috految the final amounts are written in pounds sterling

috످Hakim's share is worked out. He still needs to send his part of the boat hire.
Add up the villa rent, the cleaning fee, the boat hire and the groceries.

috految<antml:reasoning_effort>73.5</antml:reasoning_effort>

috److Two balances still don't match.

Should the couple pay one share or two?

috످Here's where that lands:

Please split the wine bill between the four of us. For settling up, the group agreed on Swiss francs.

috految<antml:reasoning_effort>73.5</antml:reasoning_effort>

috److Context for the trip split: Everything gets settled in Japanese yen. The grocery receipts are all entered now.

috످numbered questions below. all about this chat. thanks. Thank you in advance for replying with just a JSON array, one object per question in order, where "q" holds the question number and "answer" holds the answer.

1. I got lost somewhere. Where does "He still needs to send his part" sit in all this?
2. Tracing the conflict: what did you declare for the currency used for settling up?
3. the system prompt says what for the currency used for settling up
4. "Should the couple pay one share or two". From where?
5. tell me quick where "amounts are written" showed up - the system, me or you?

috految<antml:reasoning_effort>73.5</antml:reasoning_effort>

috److془Let me think through each.

The Hakim passage is about an outstanding boat payment and a request to total trip costs; it's in the user's first message.

The passage about mismatched balances and how to count the couple is in my first reply.

The wine passage asks to divide a cost and names Swiss francs; user's second message.

Trip note sets yen and reports receipts logged; my second reply.

The line about pounds for totals is in system prompt.

Answer.془[
  {"q": 1, "answer": "It's in your first message, right after you said Hakim's share was worked out."},
  {"q": 2, "answer": "I said Japanese yen in my second reply, which conflicts with your message (Swiss francs) and the system prompt (pounds sterling)."},
  {"q": 3, "answer": "The system prompt says to use pounds sterling for the final amounts."},
  {"q": 4, "answer": "I asked that in my first reply."},
  {"q": 5, "answer": "The system prompt."}
]

috످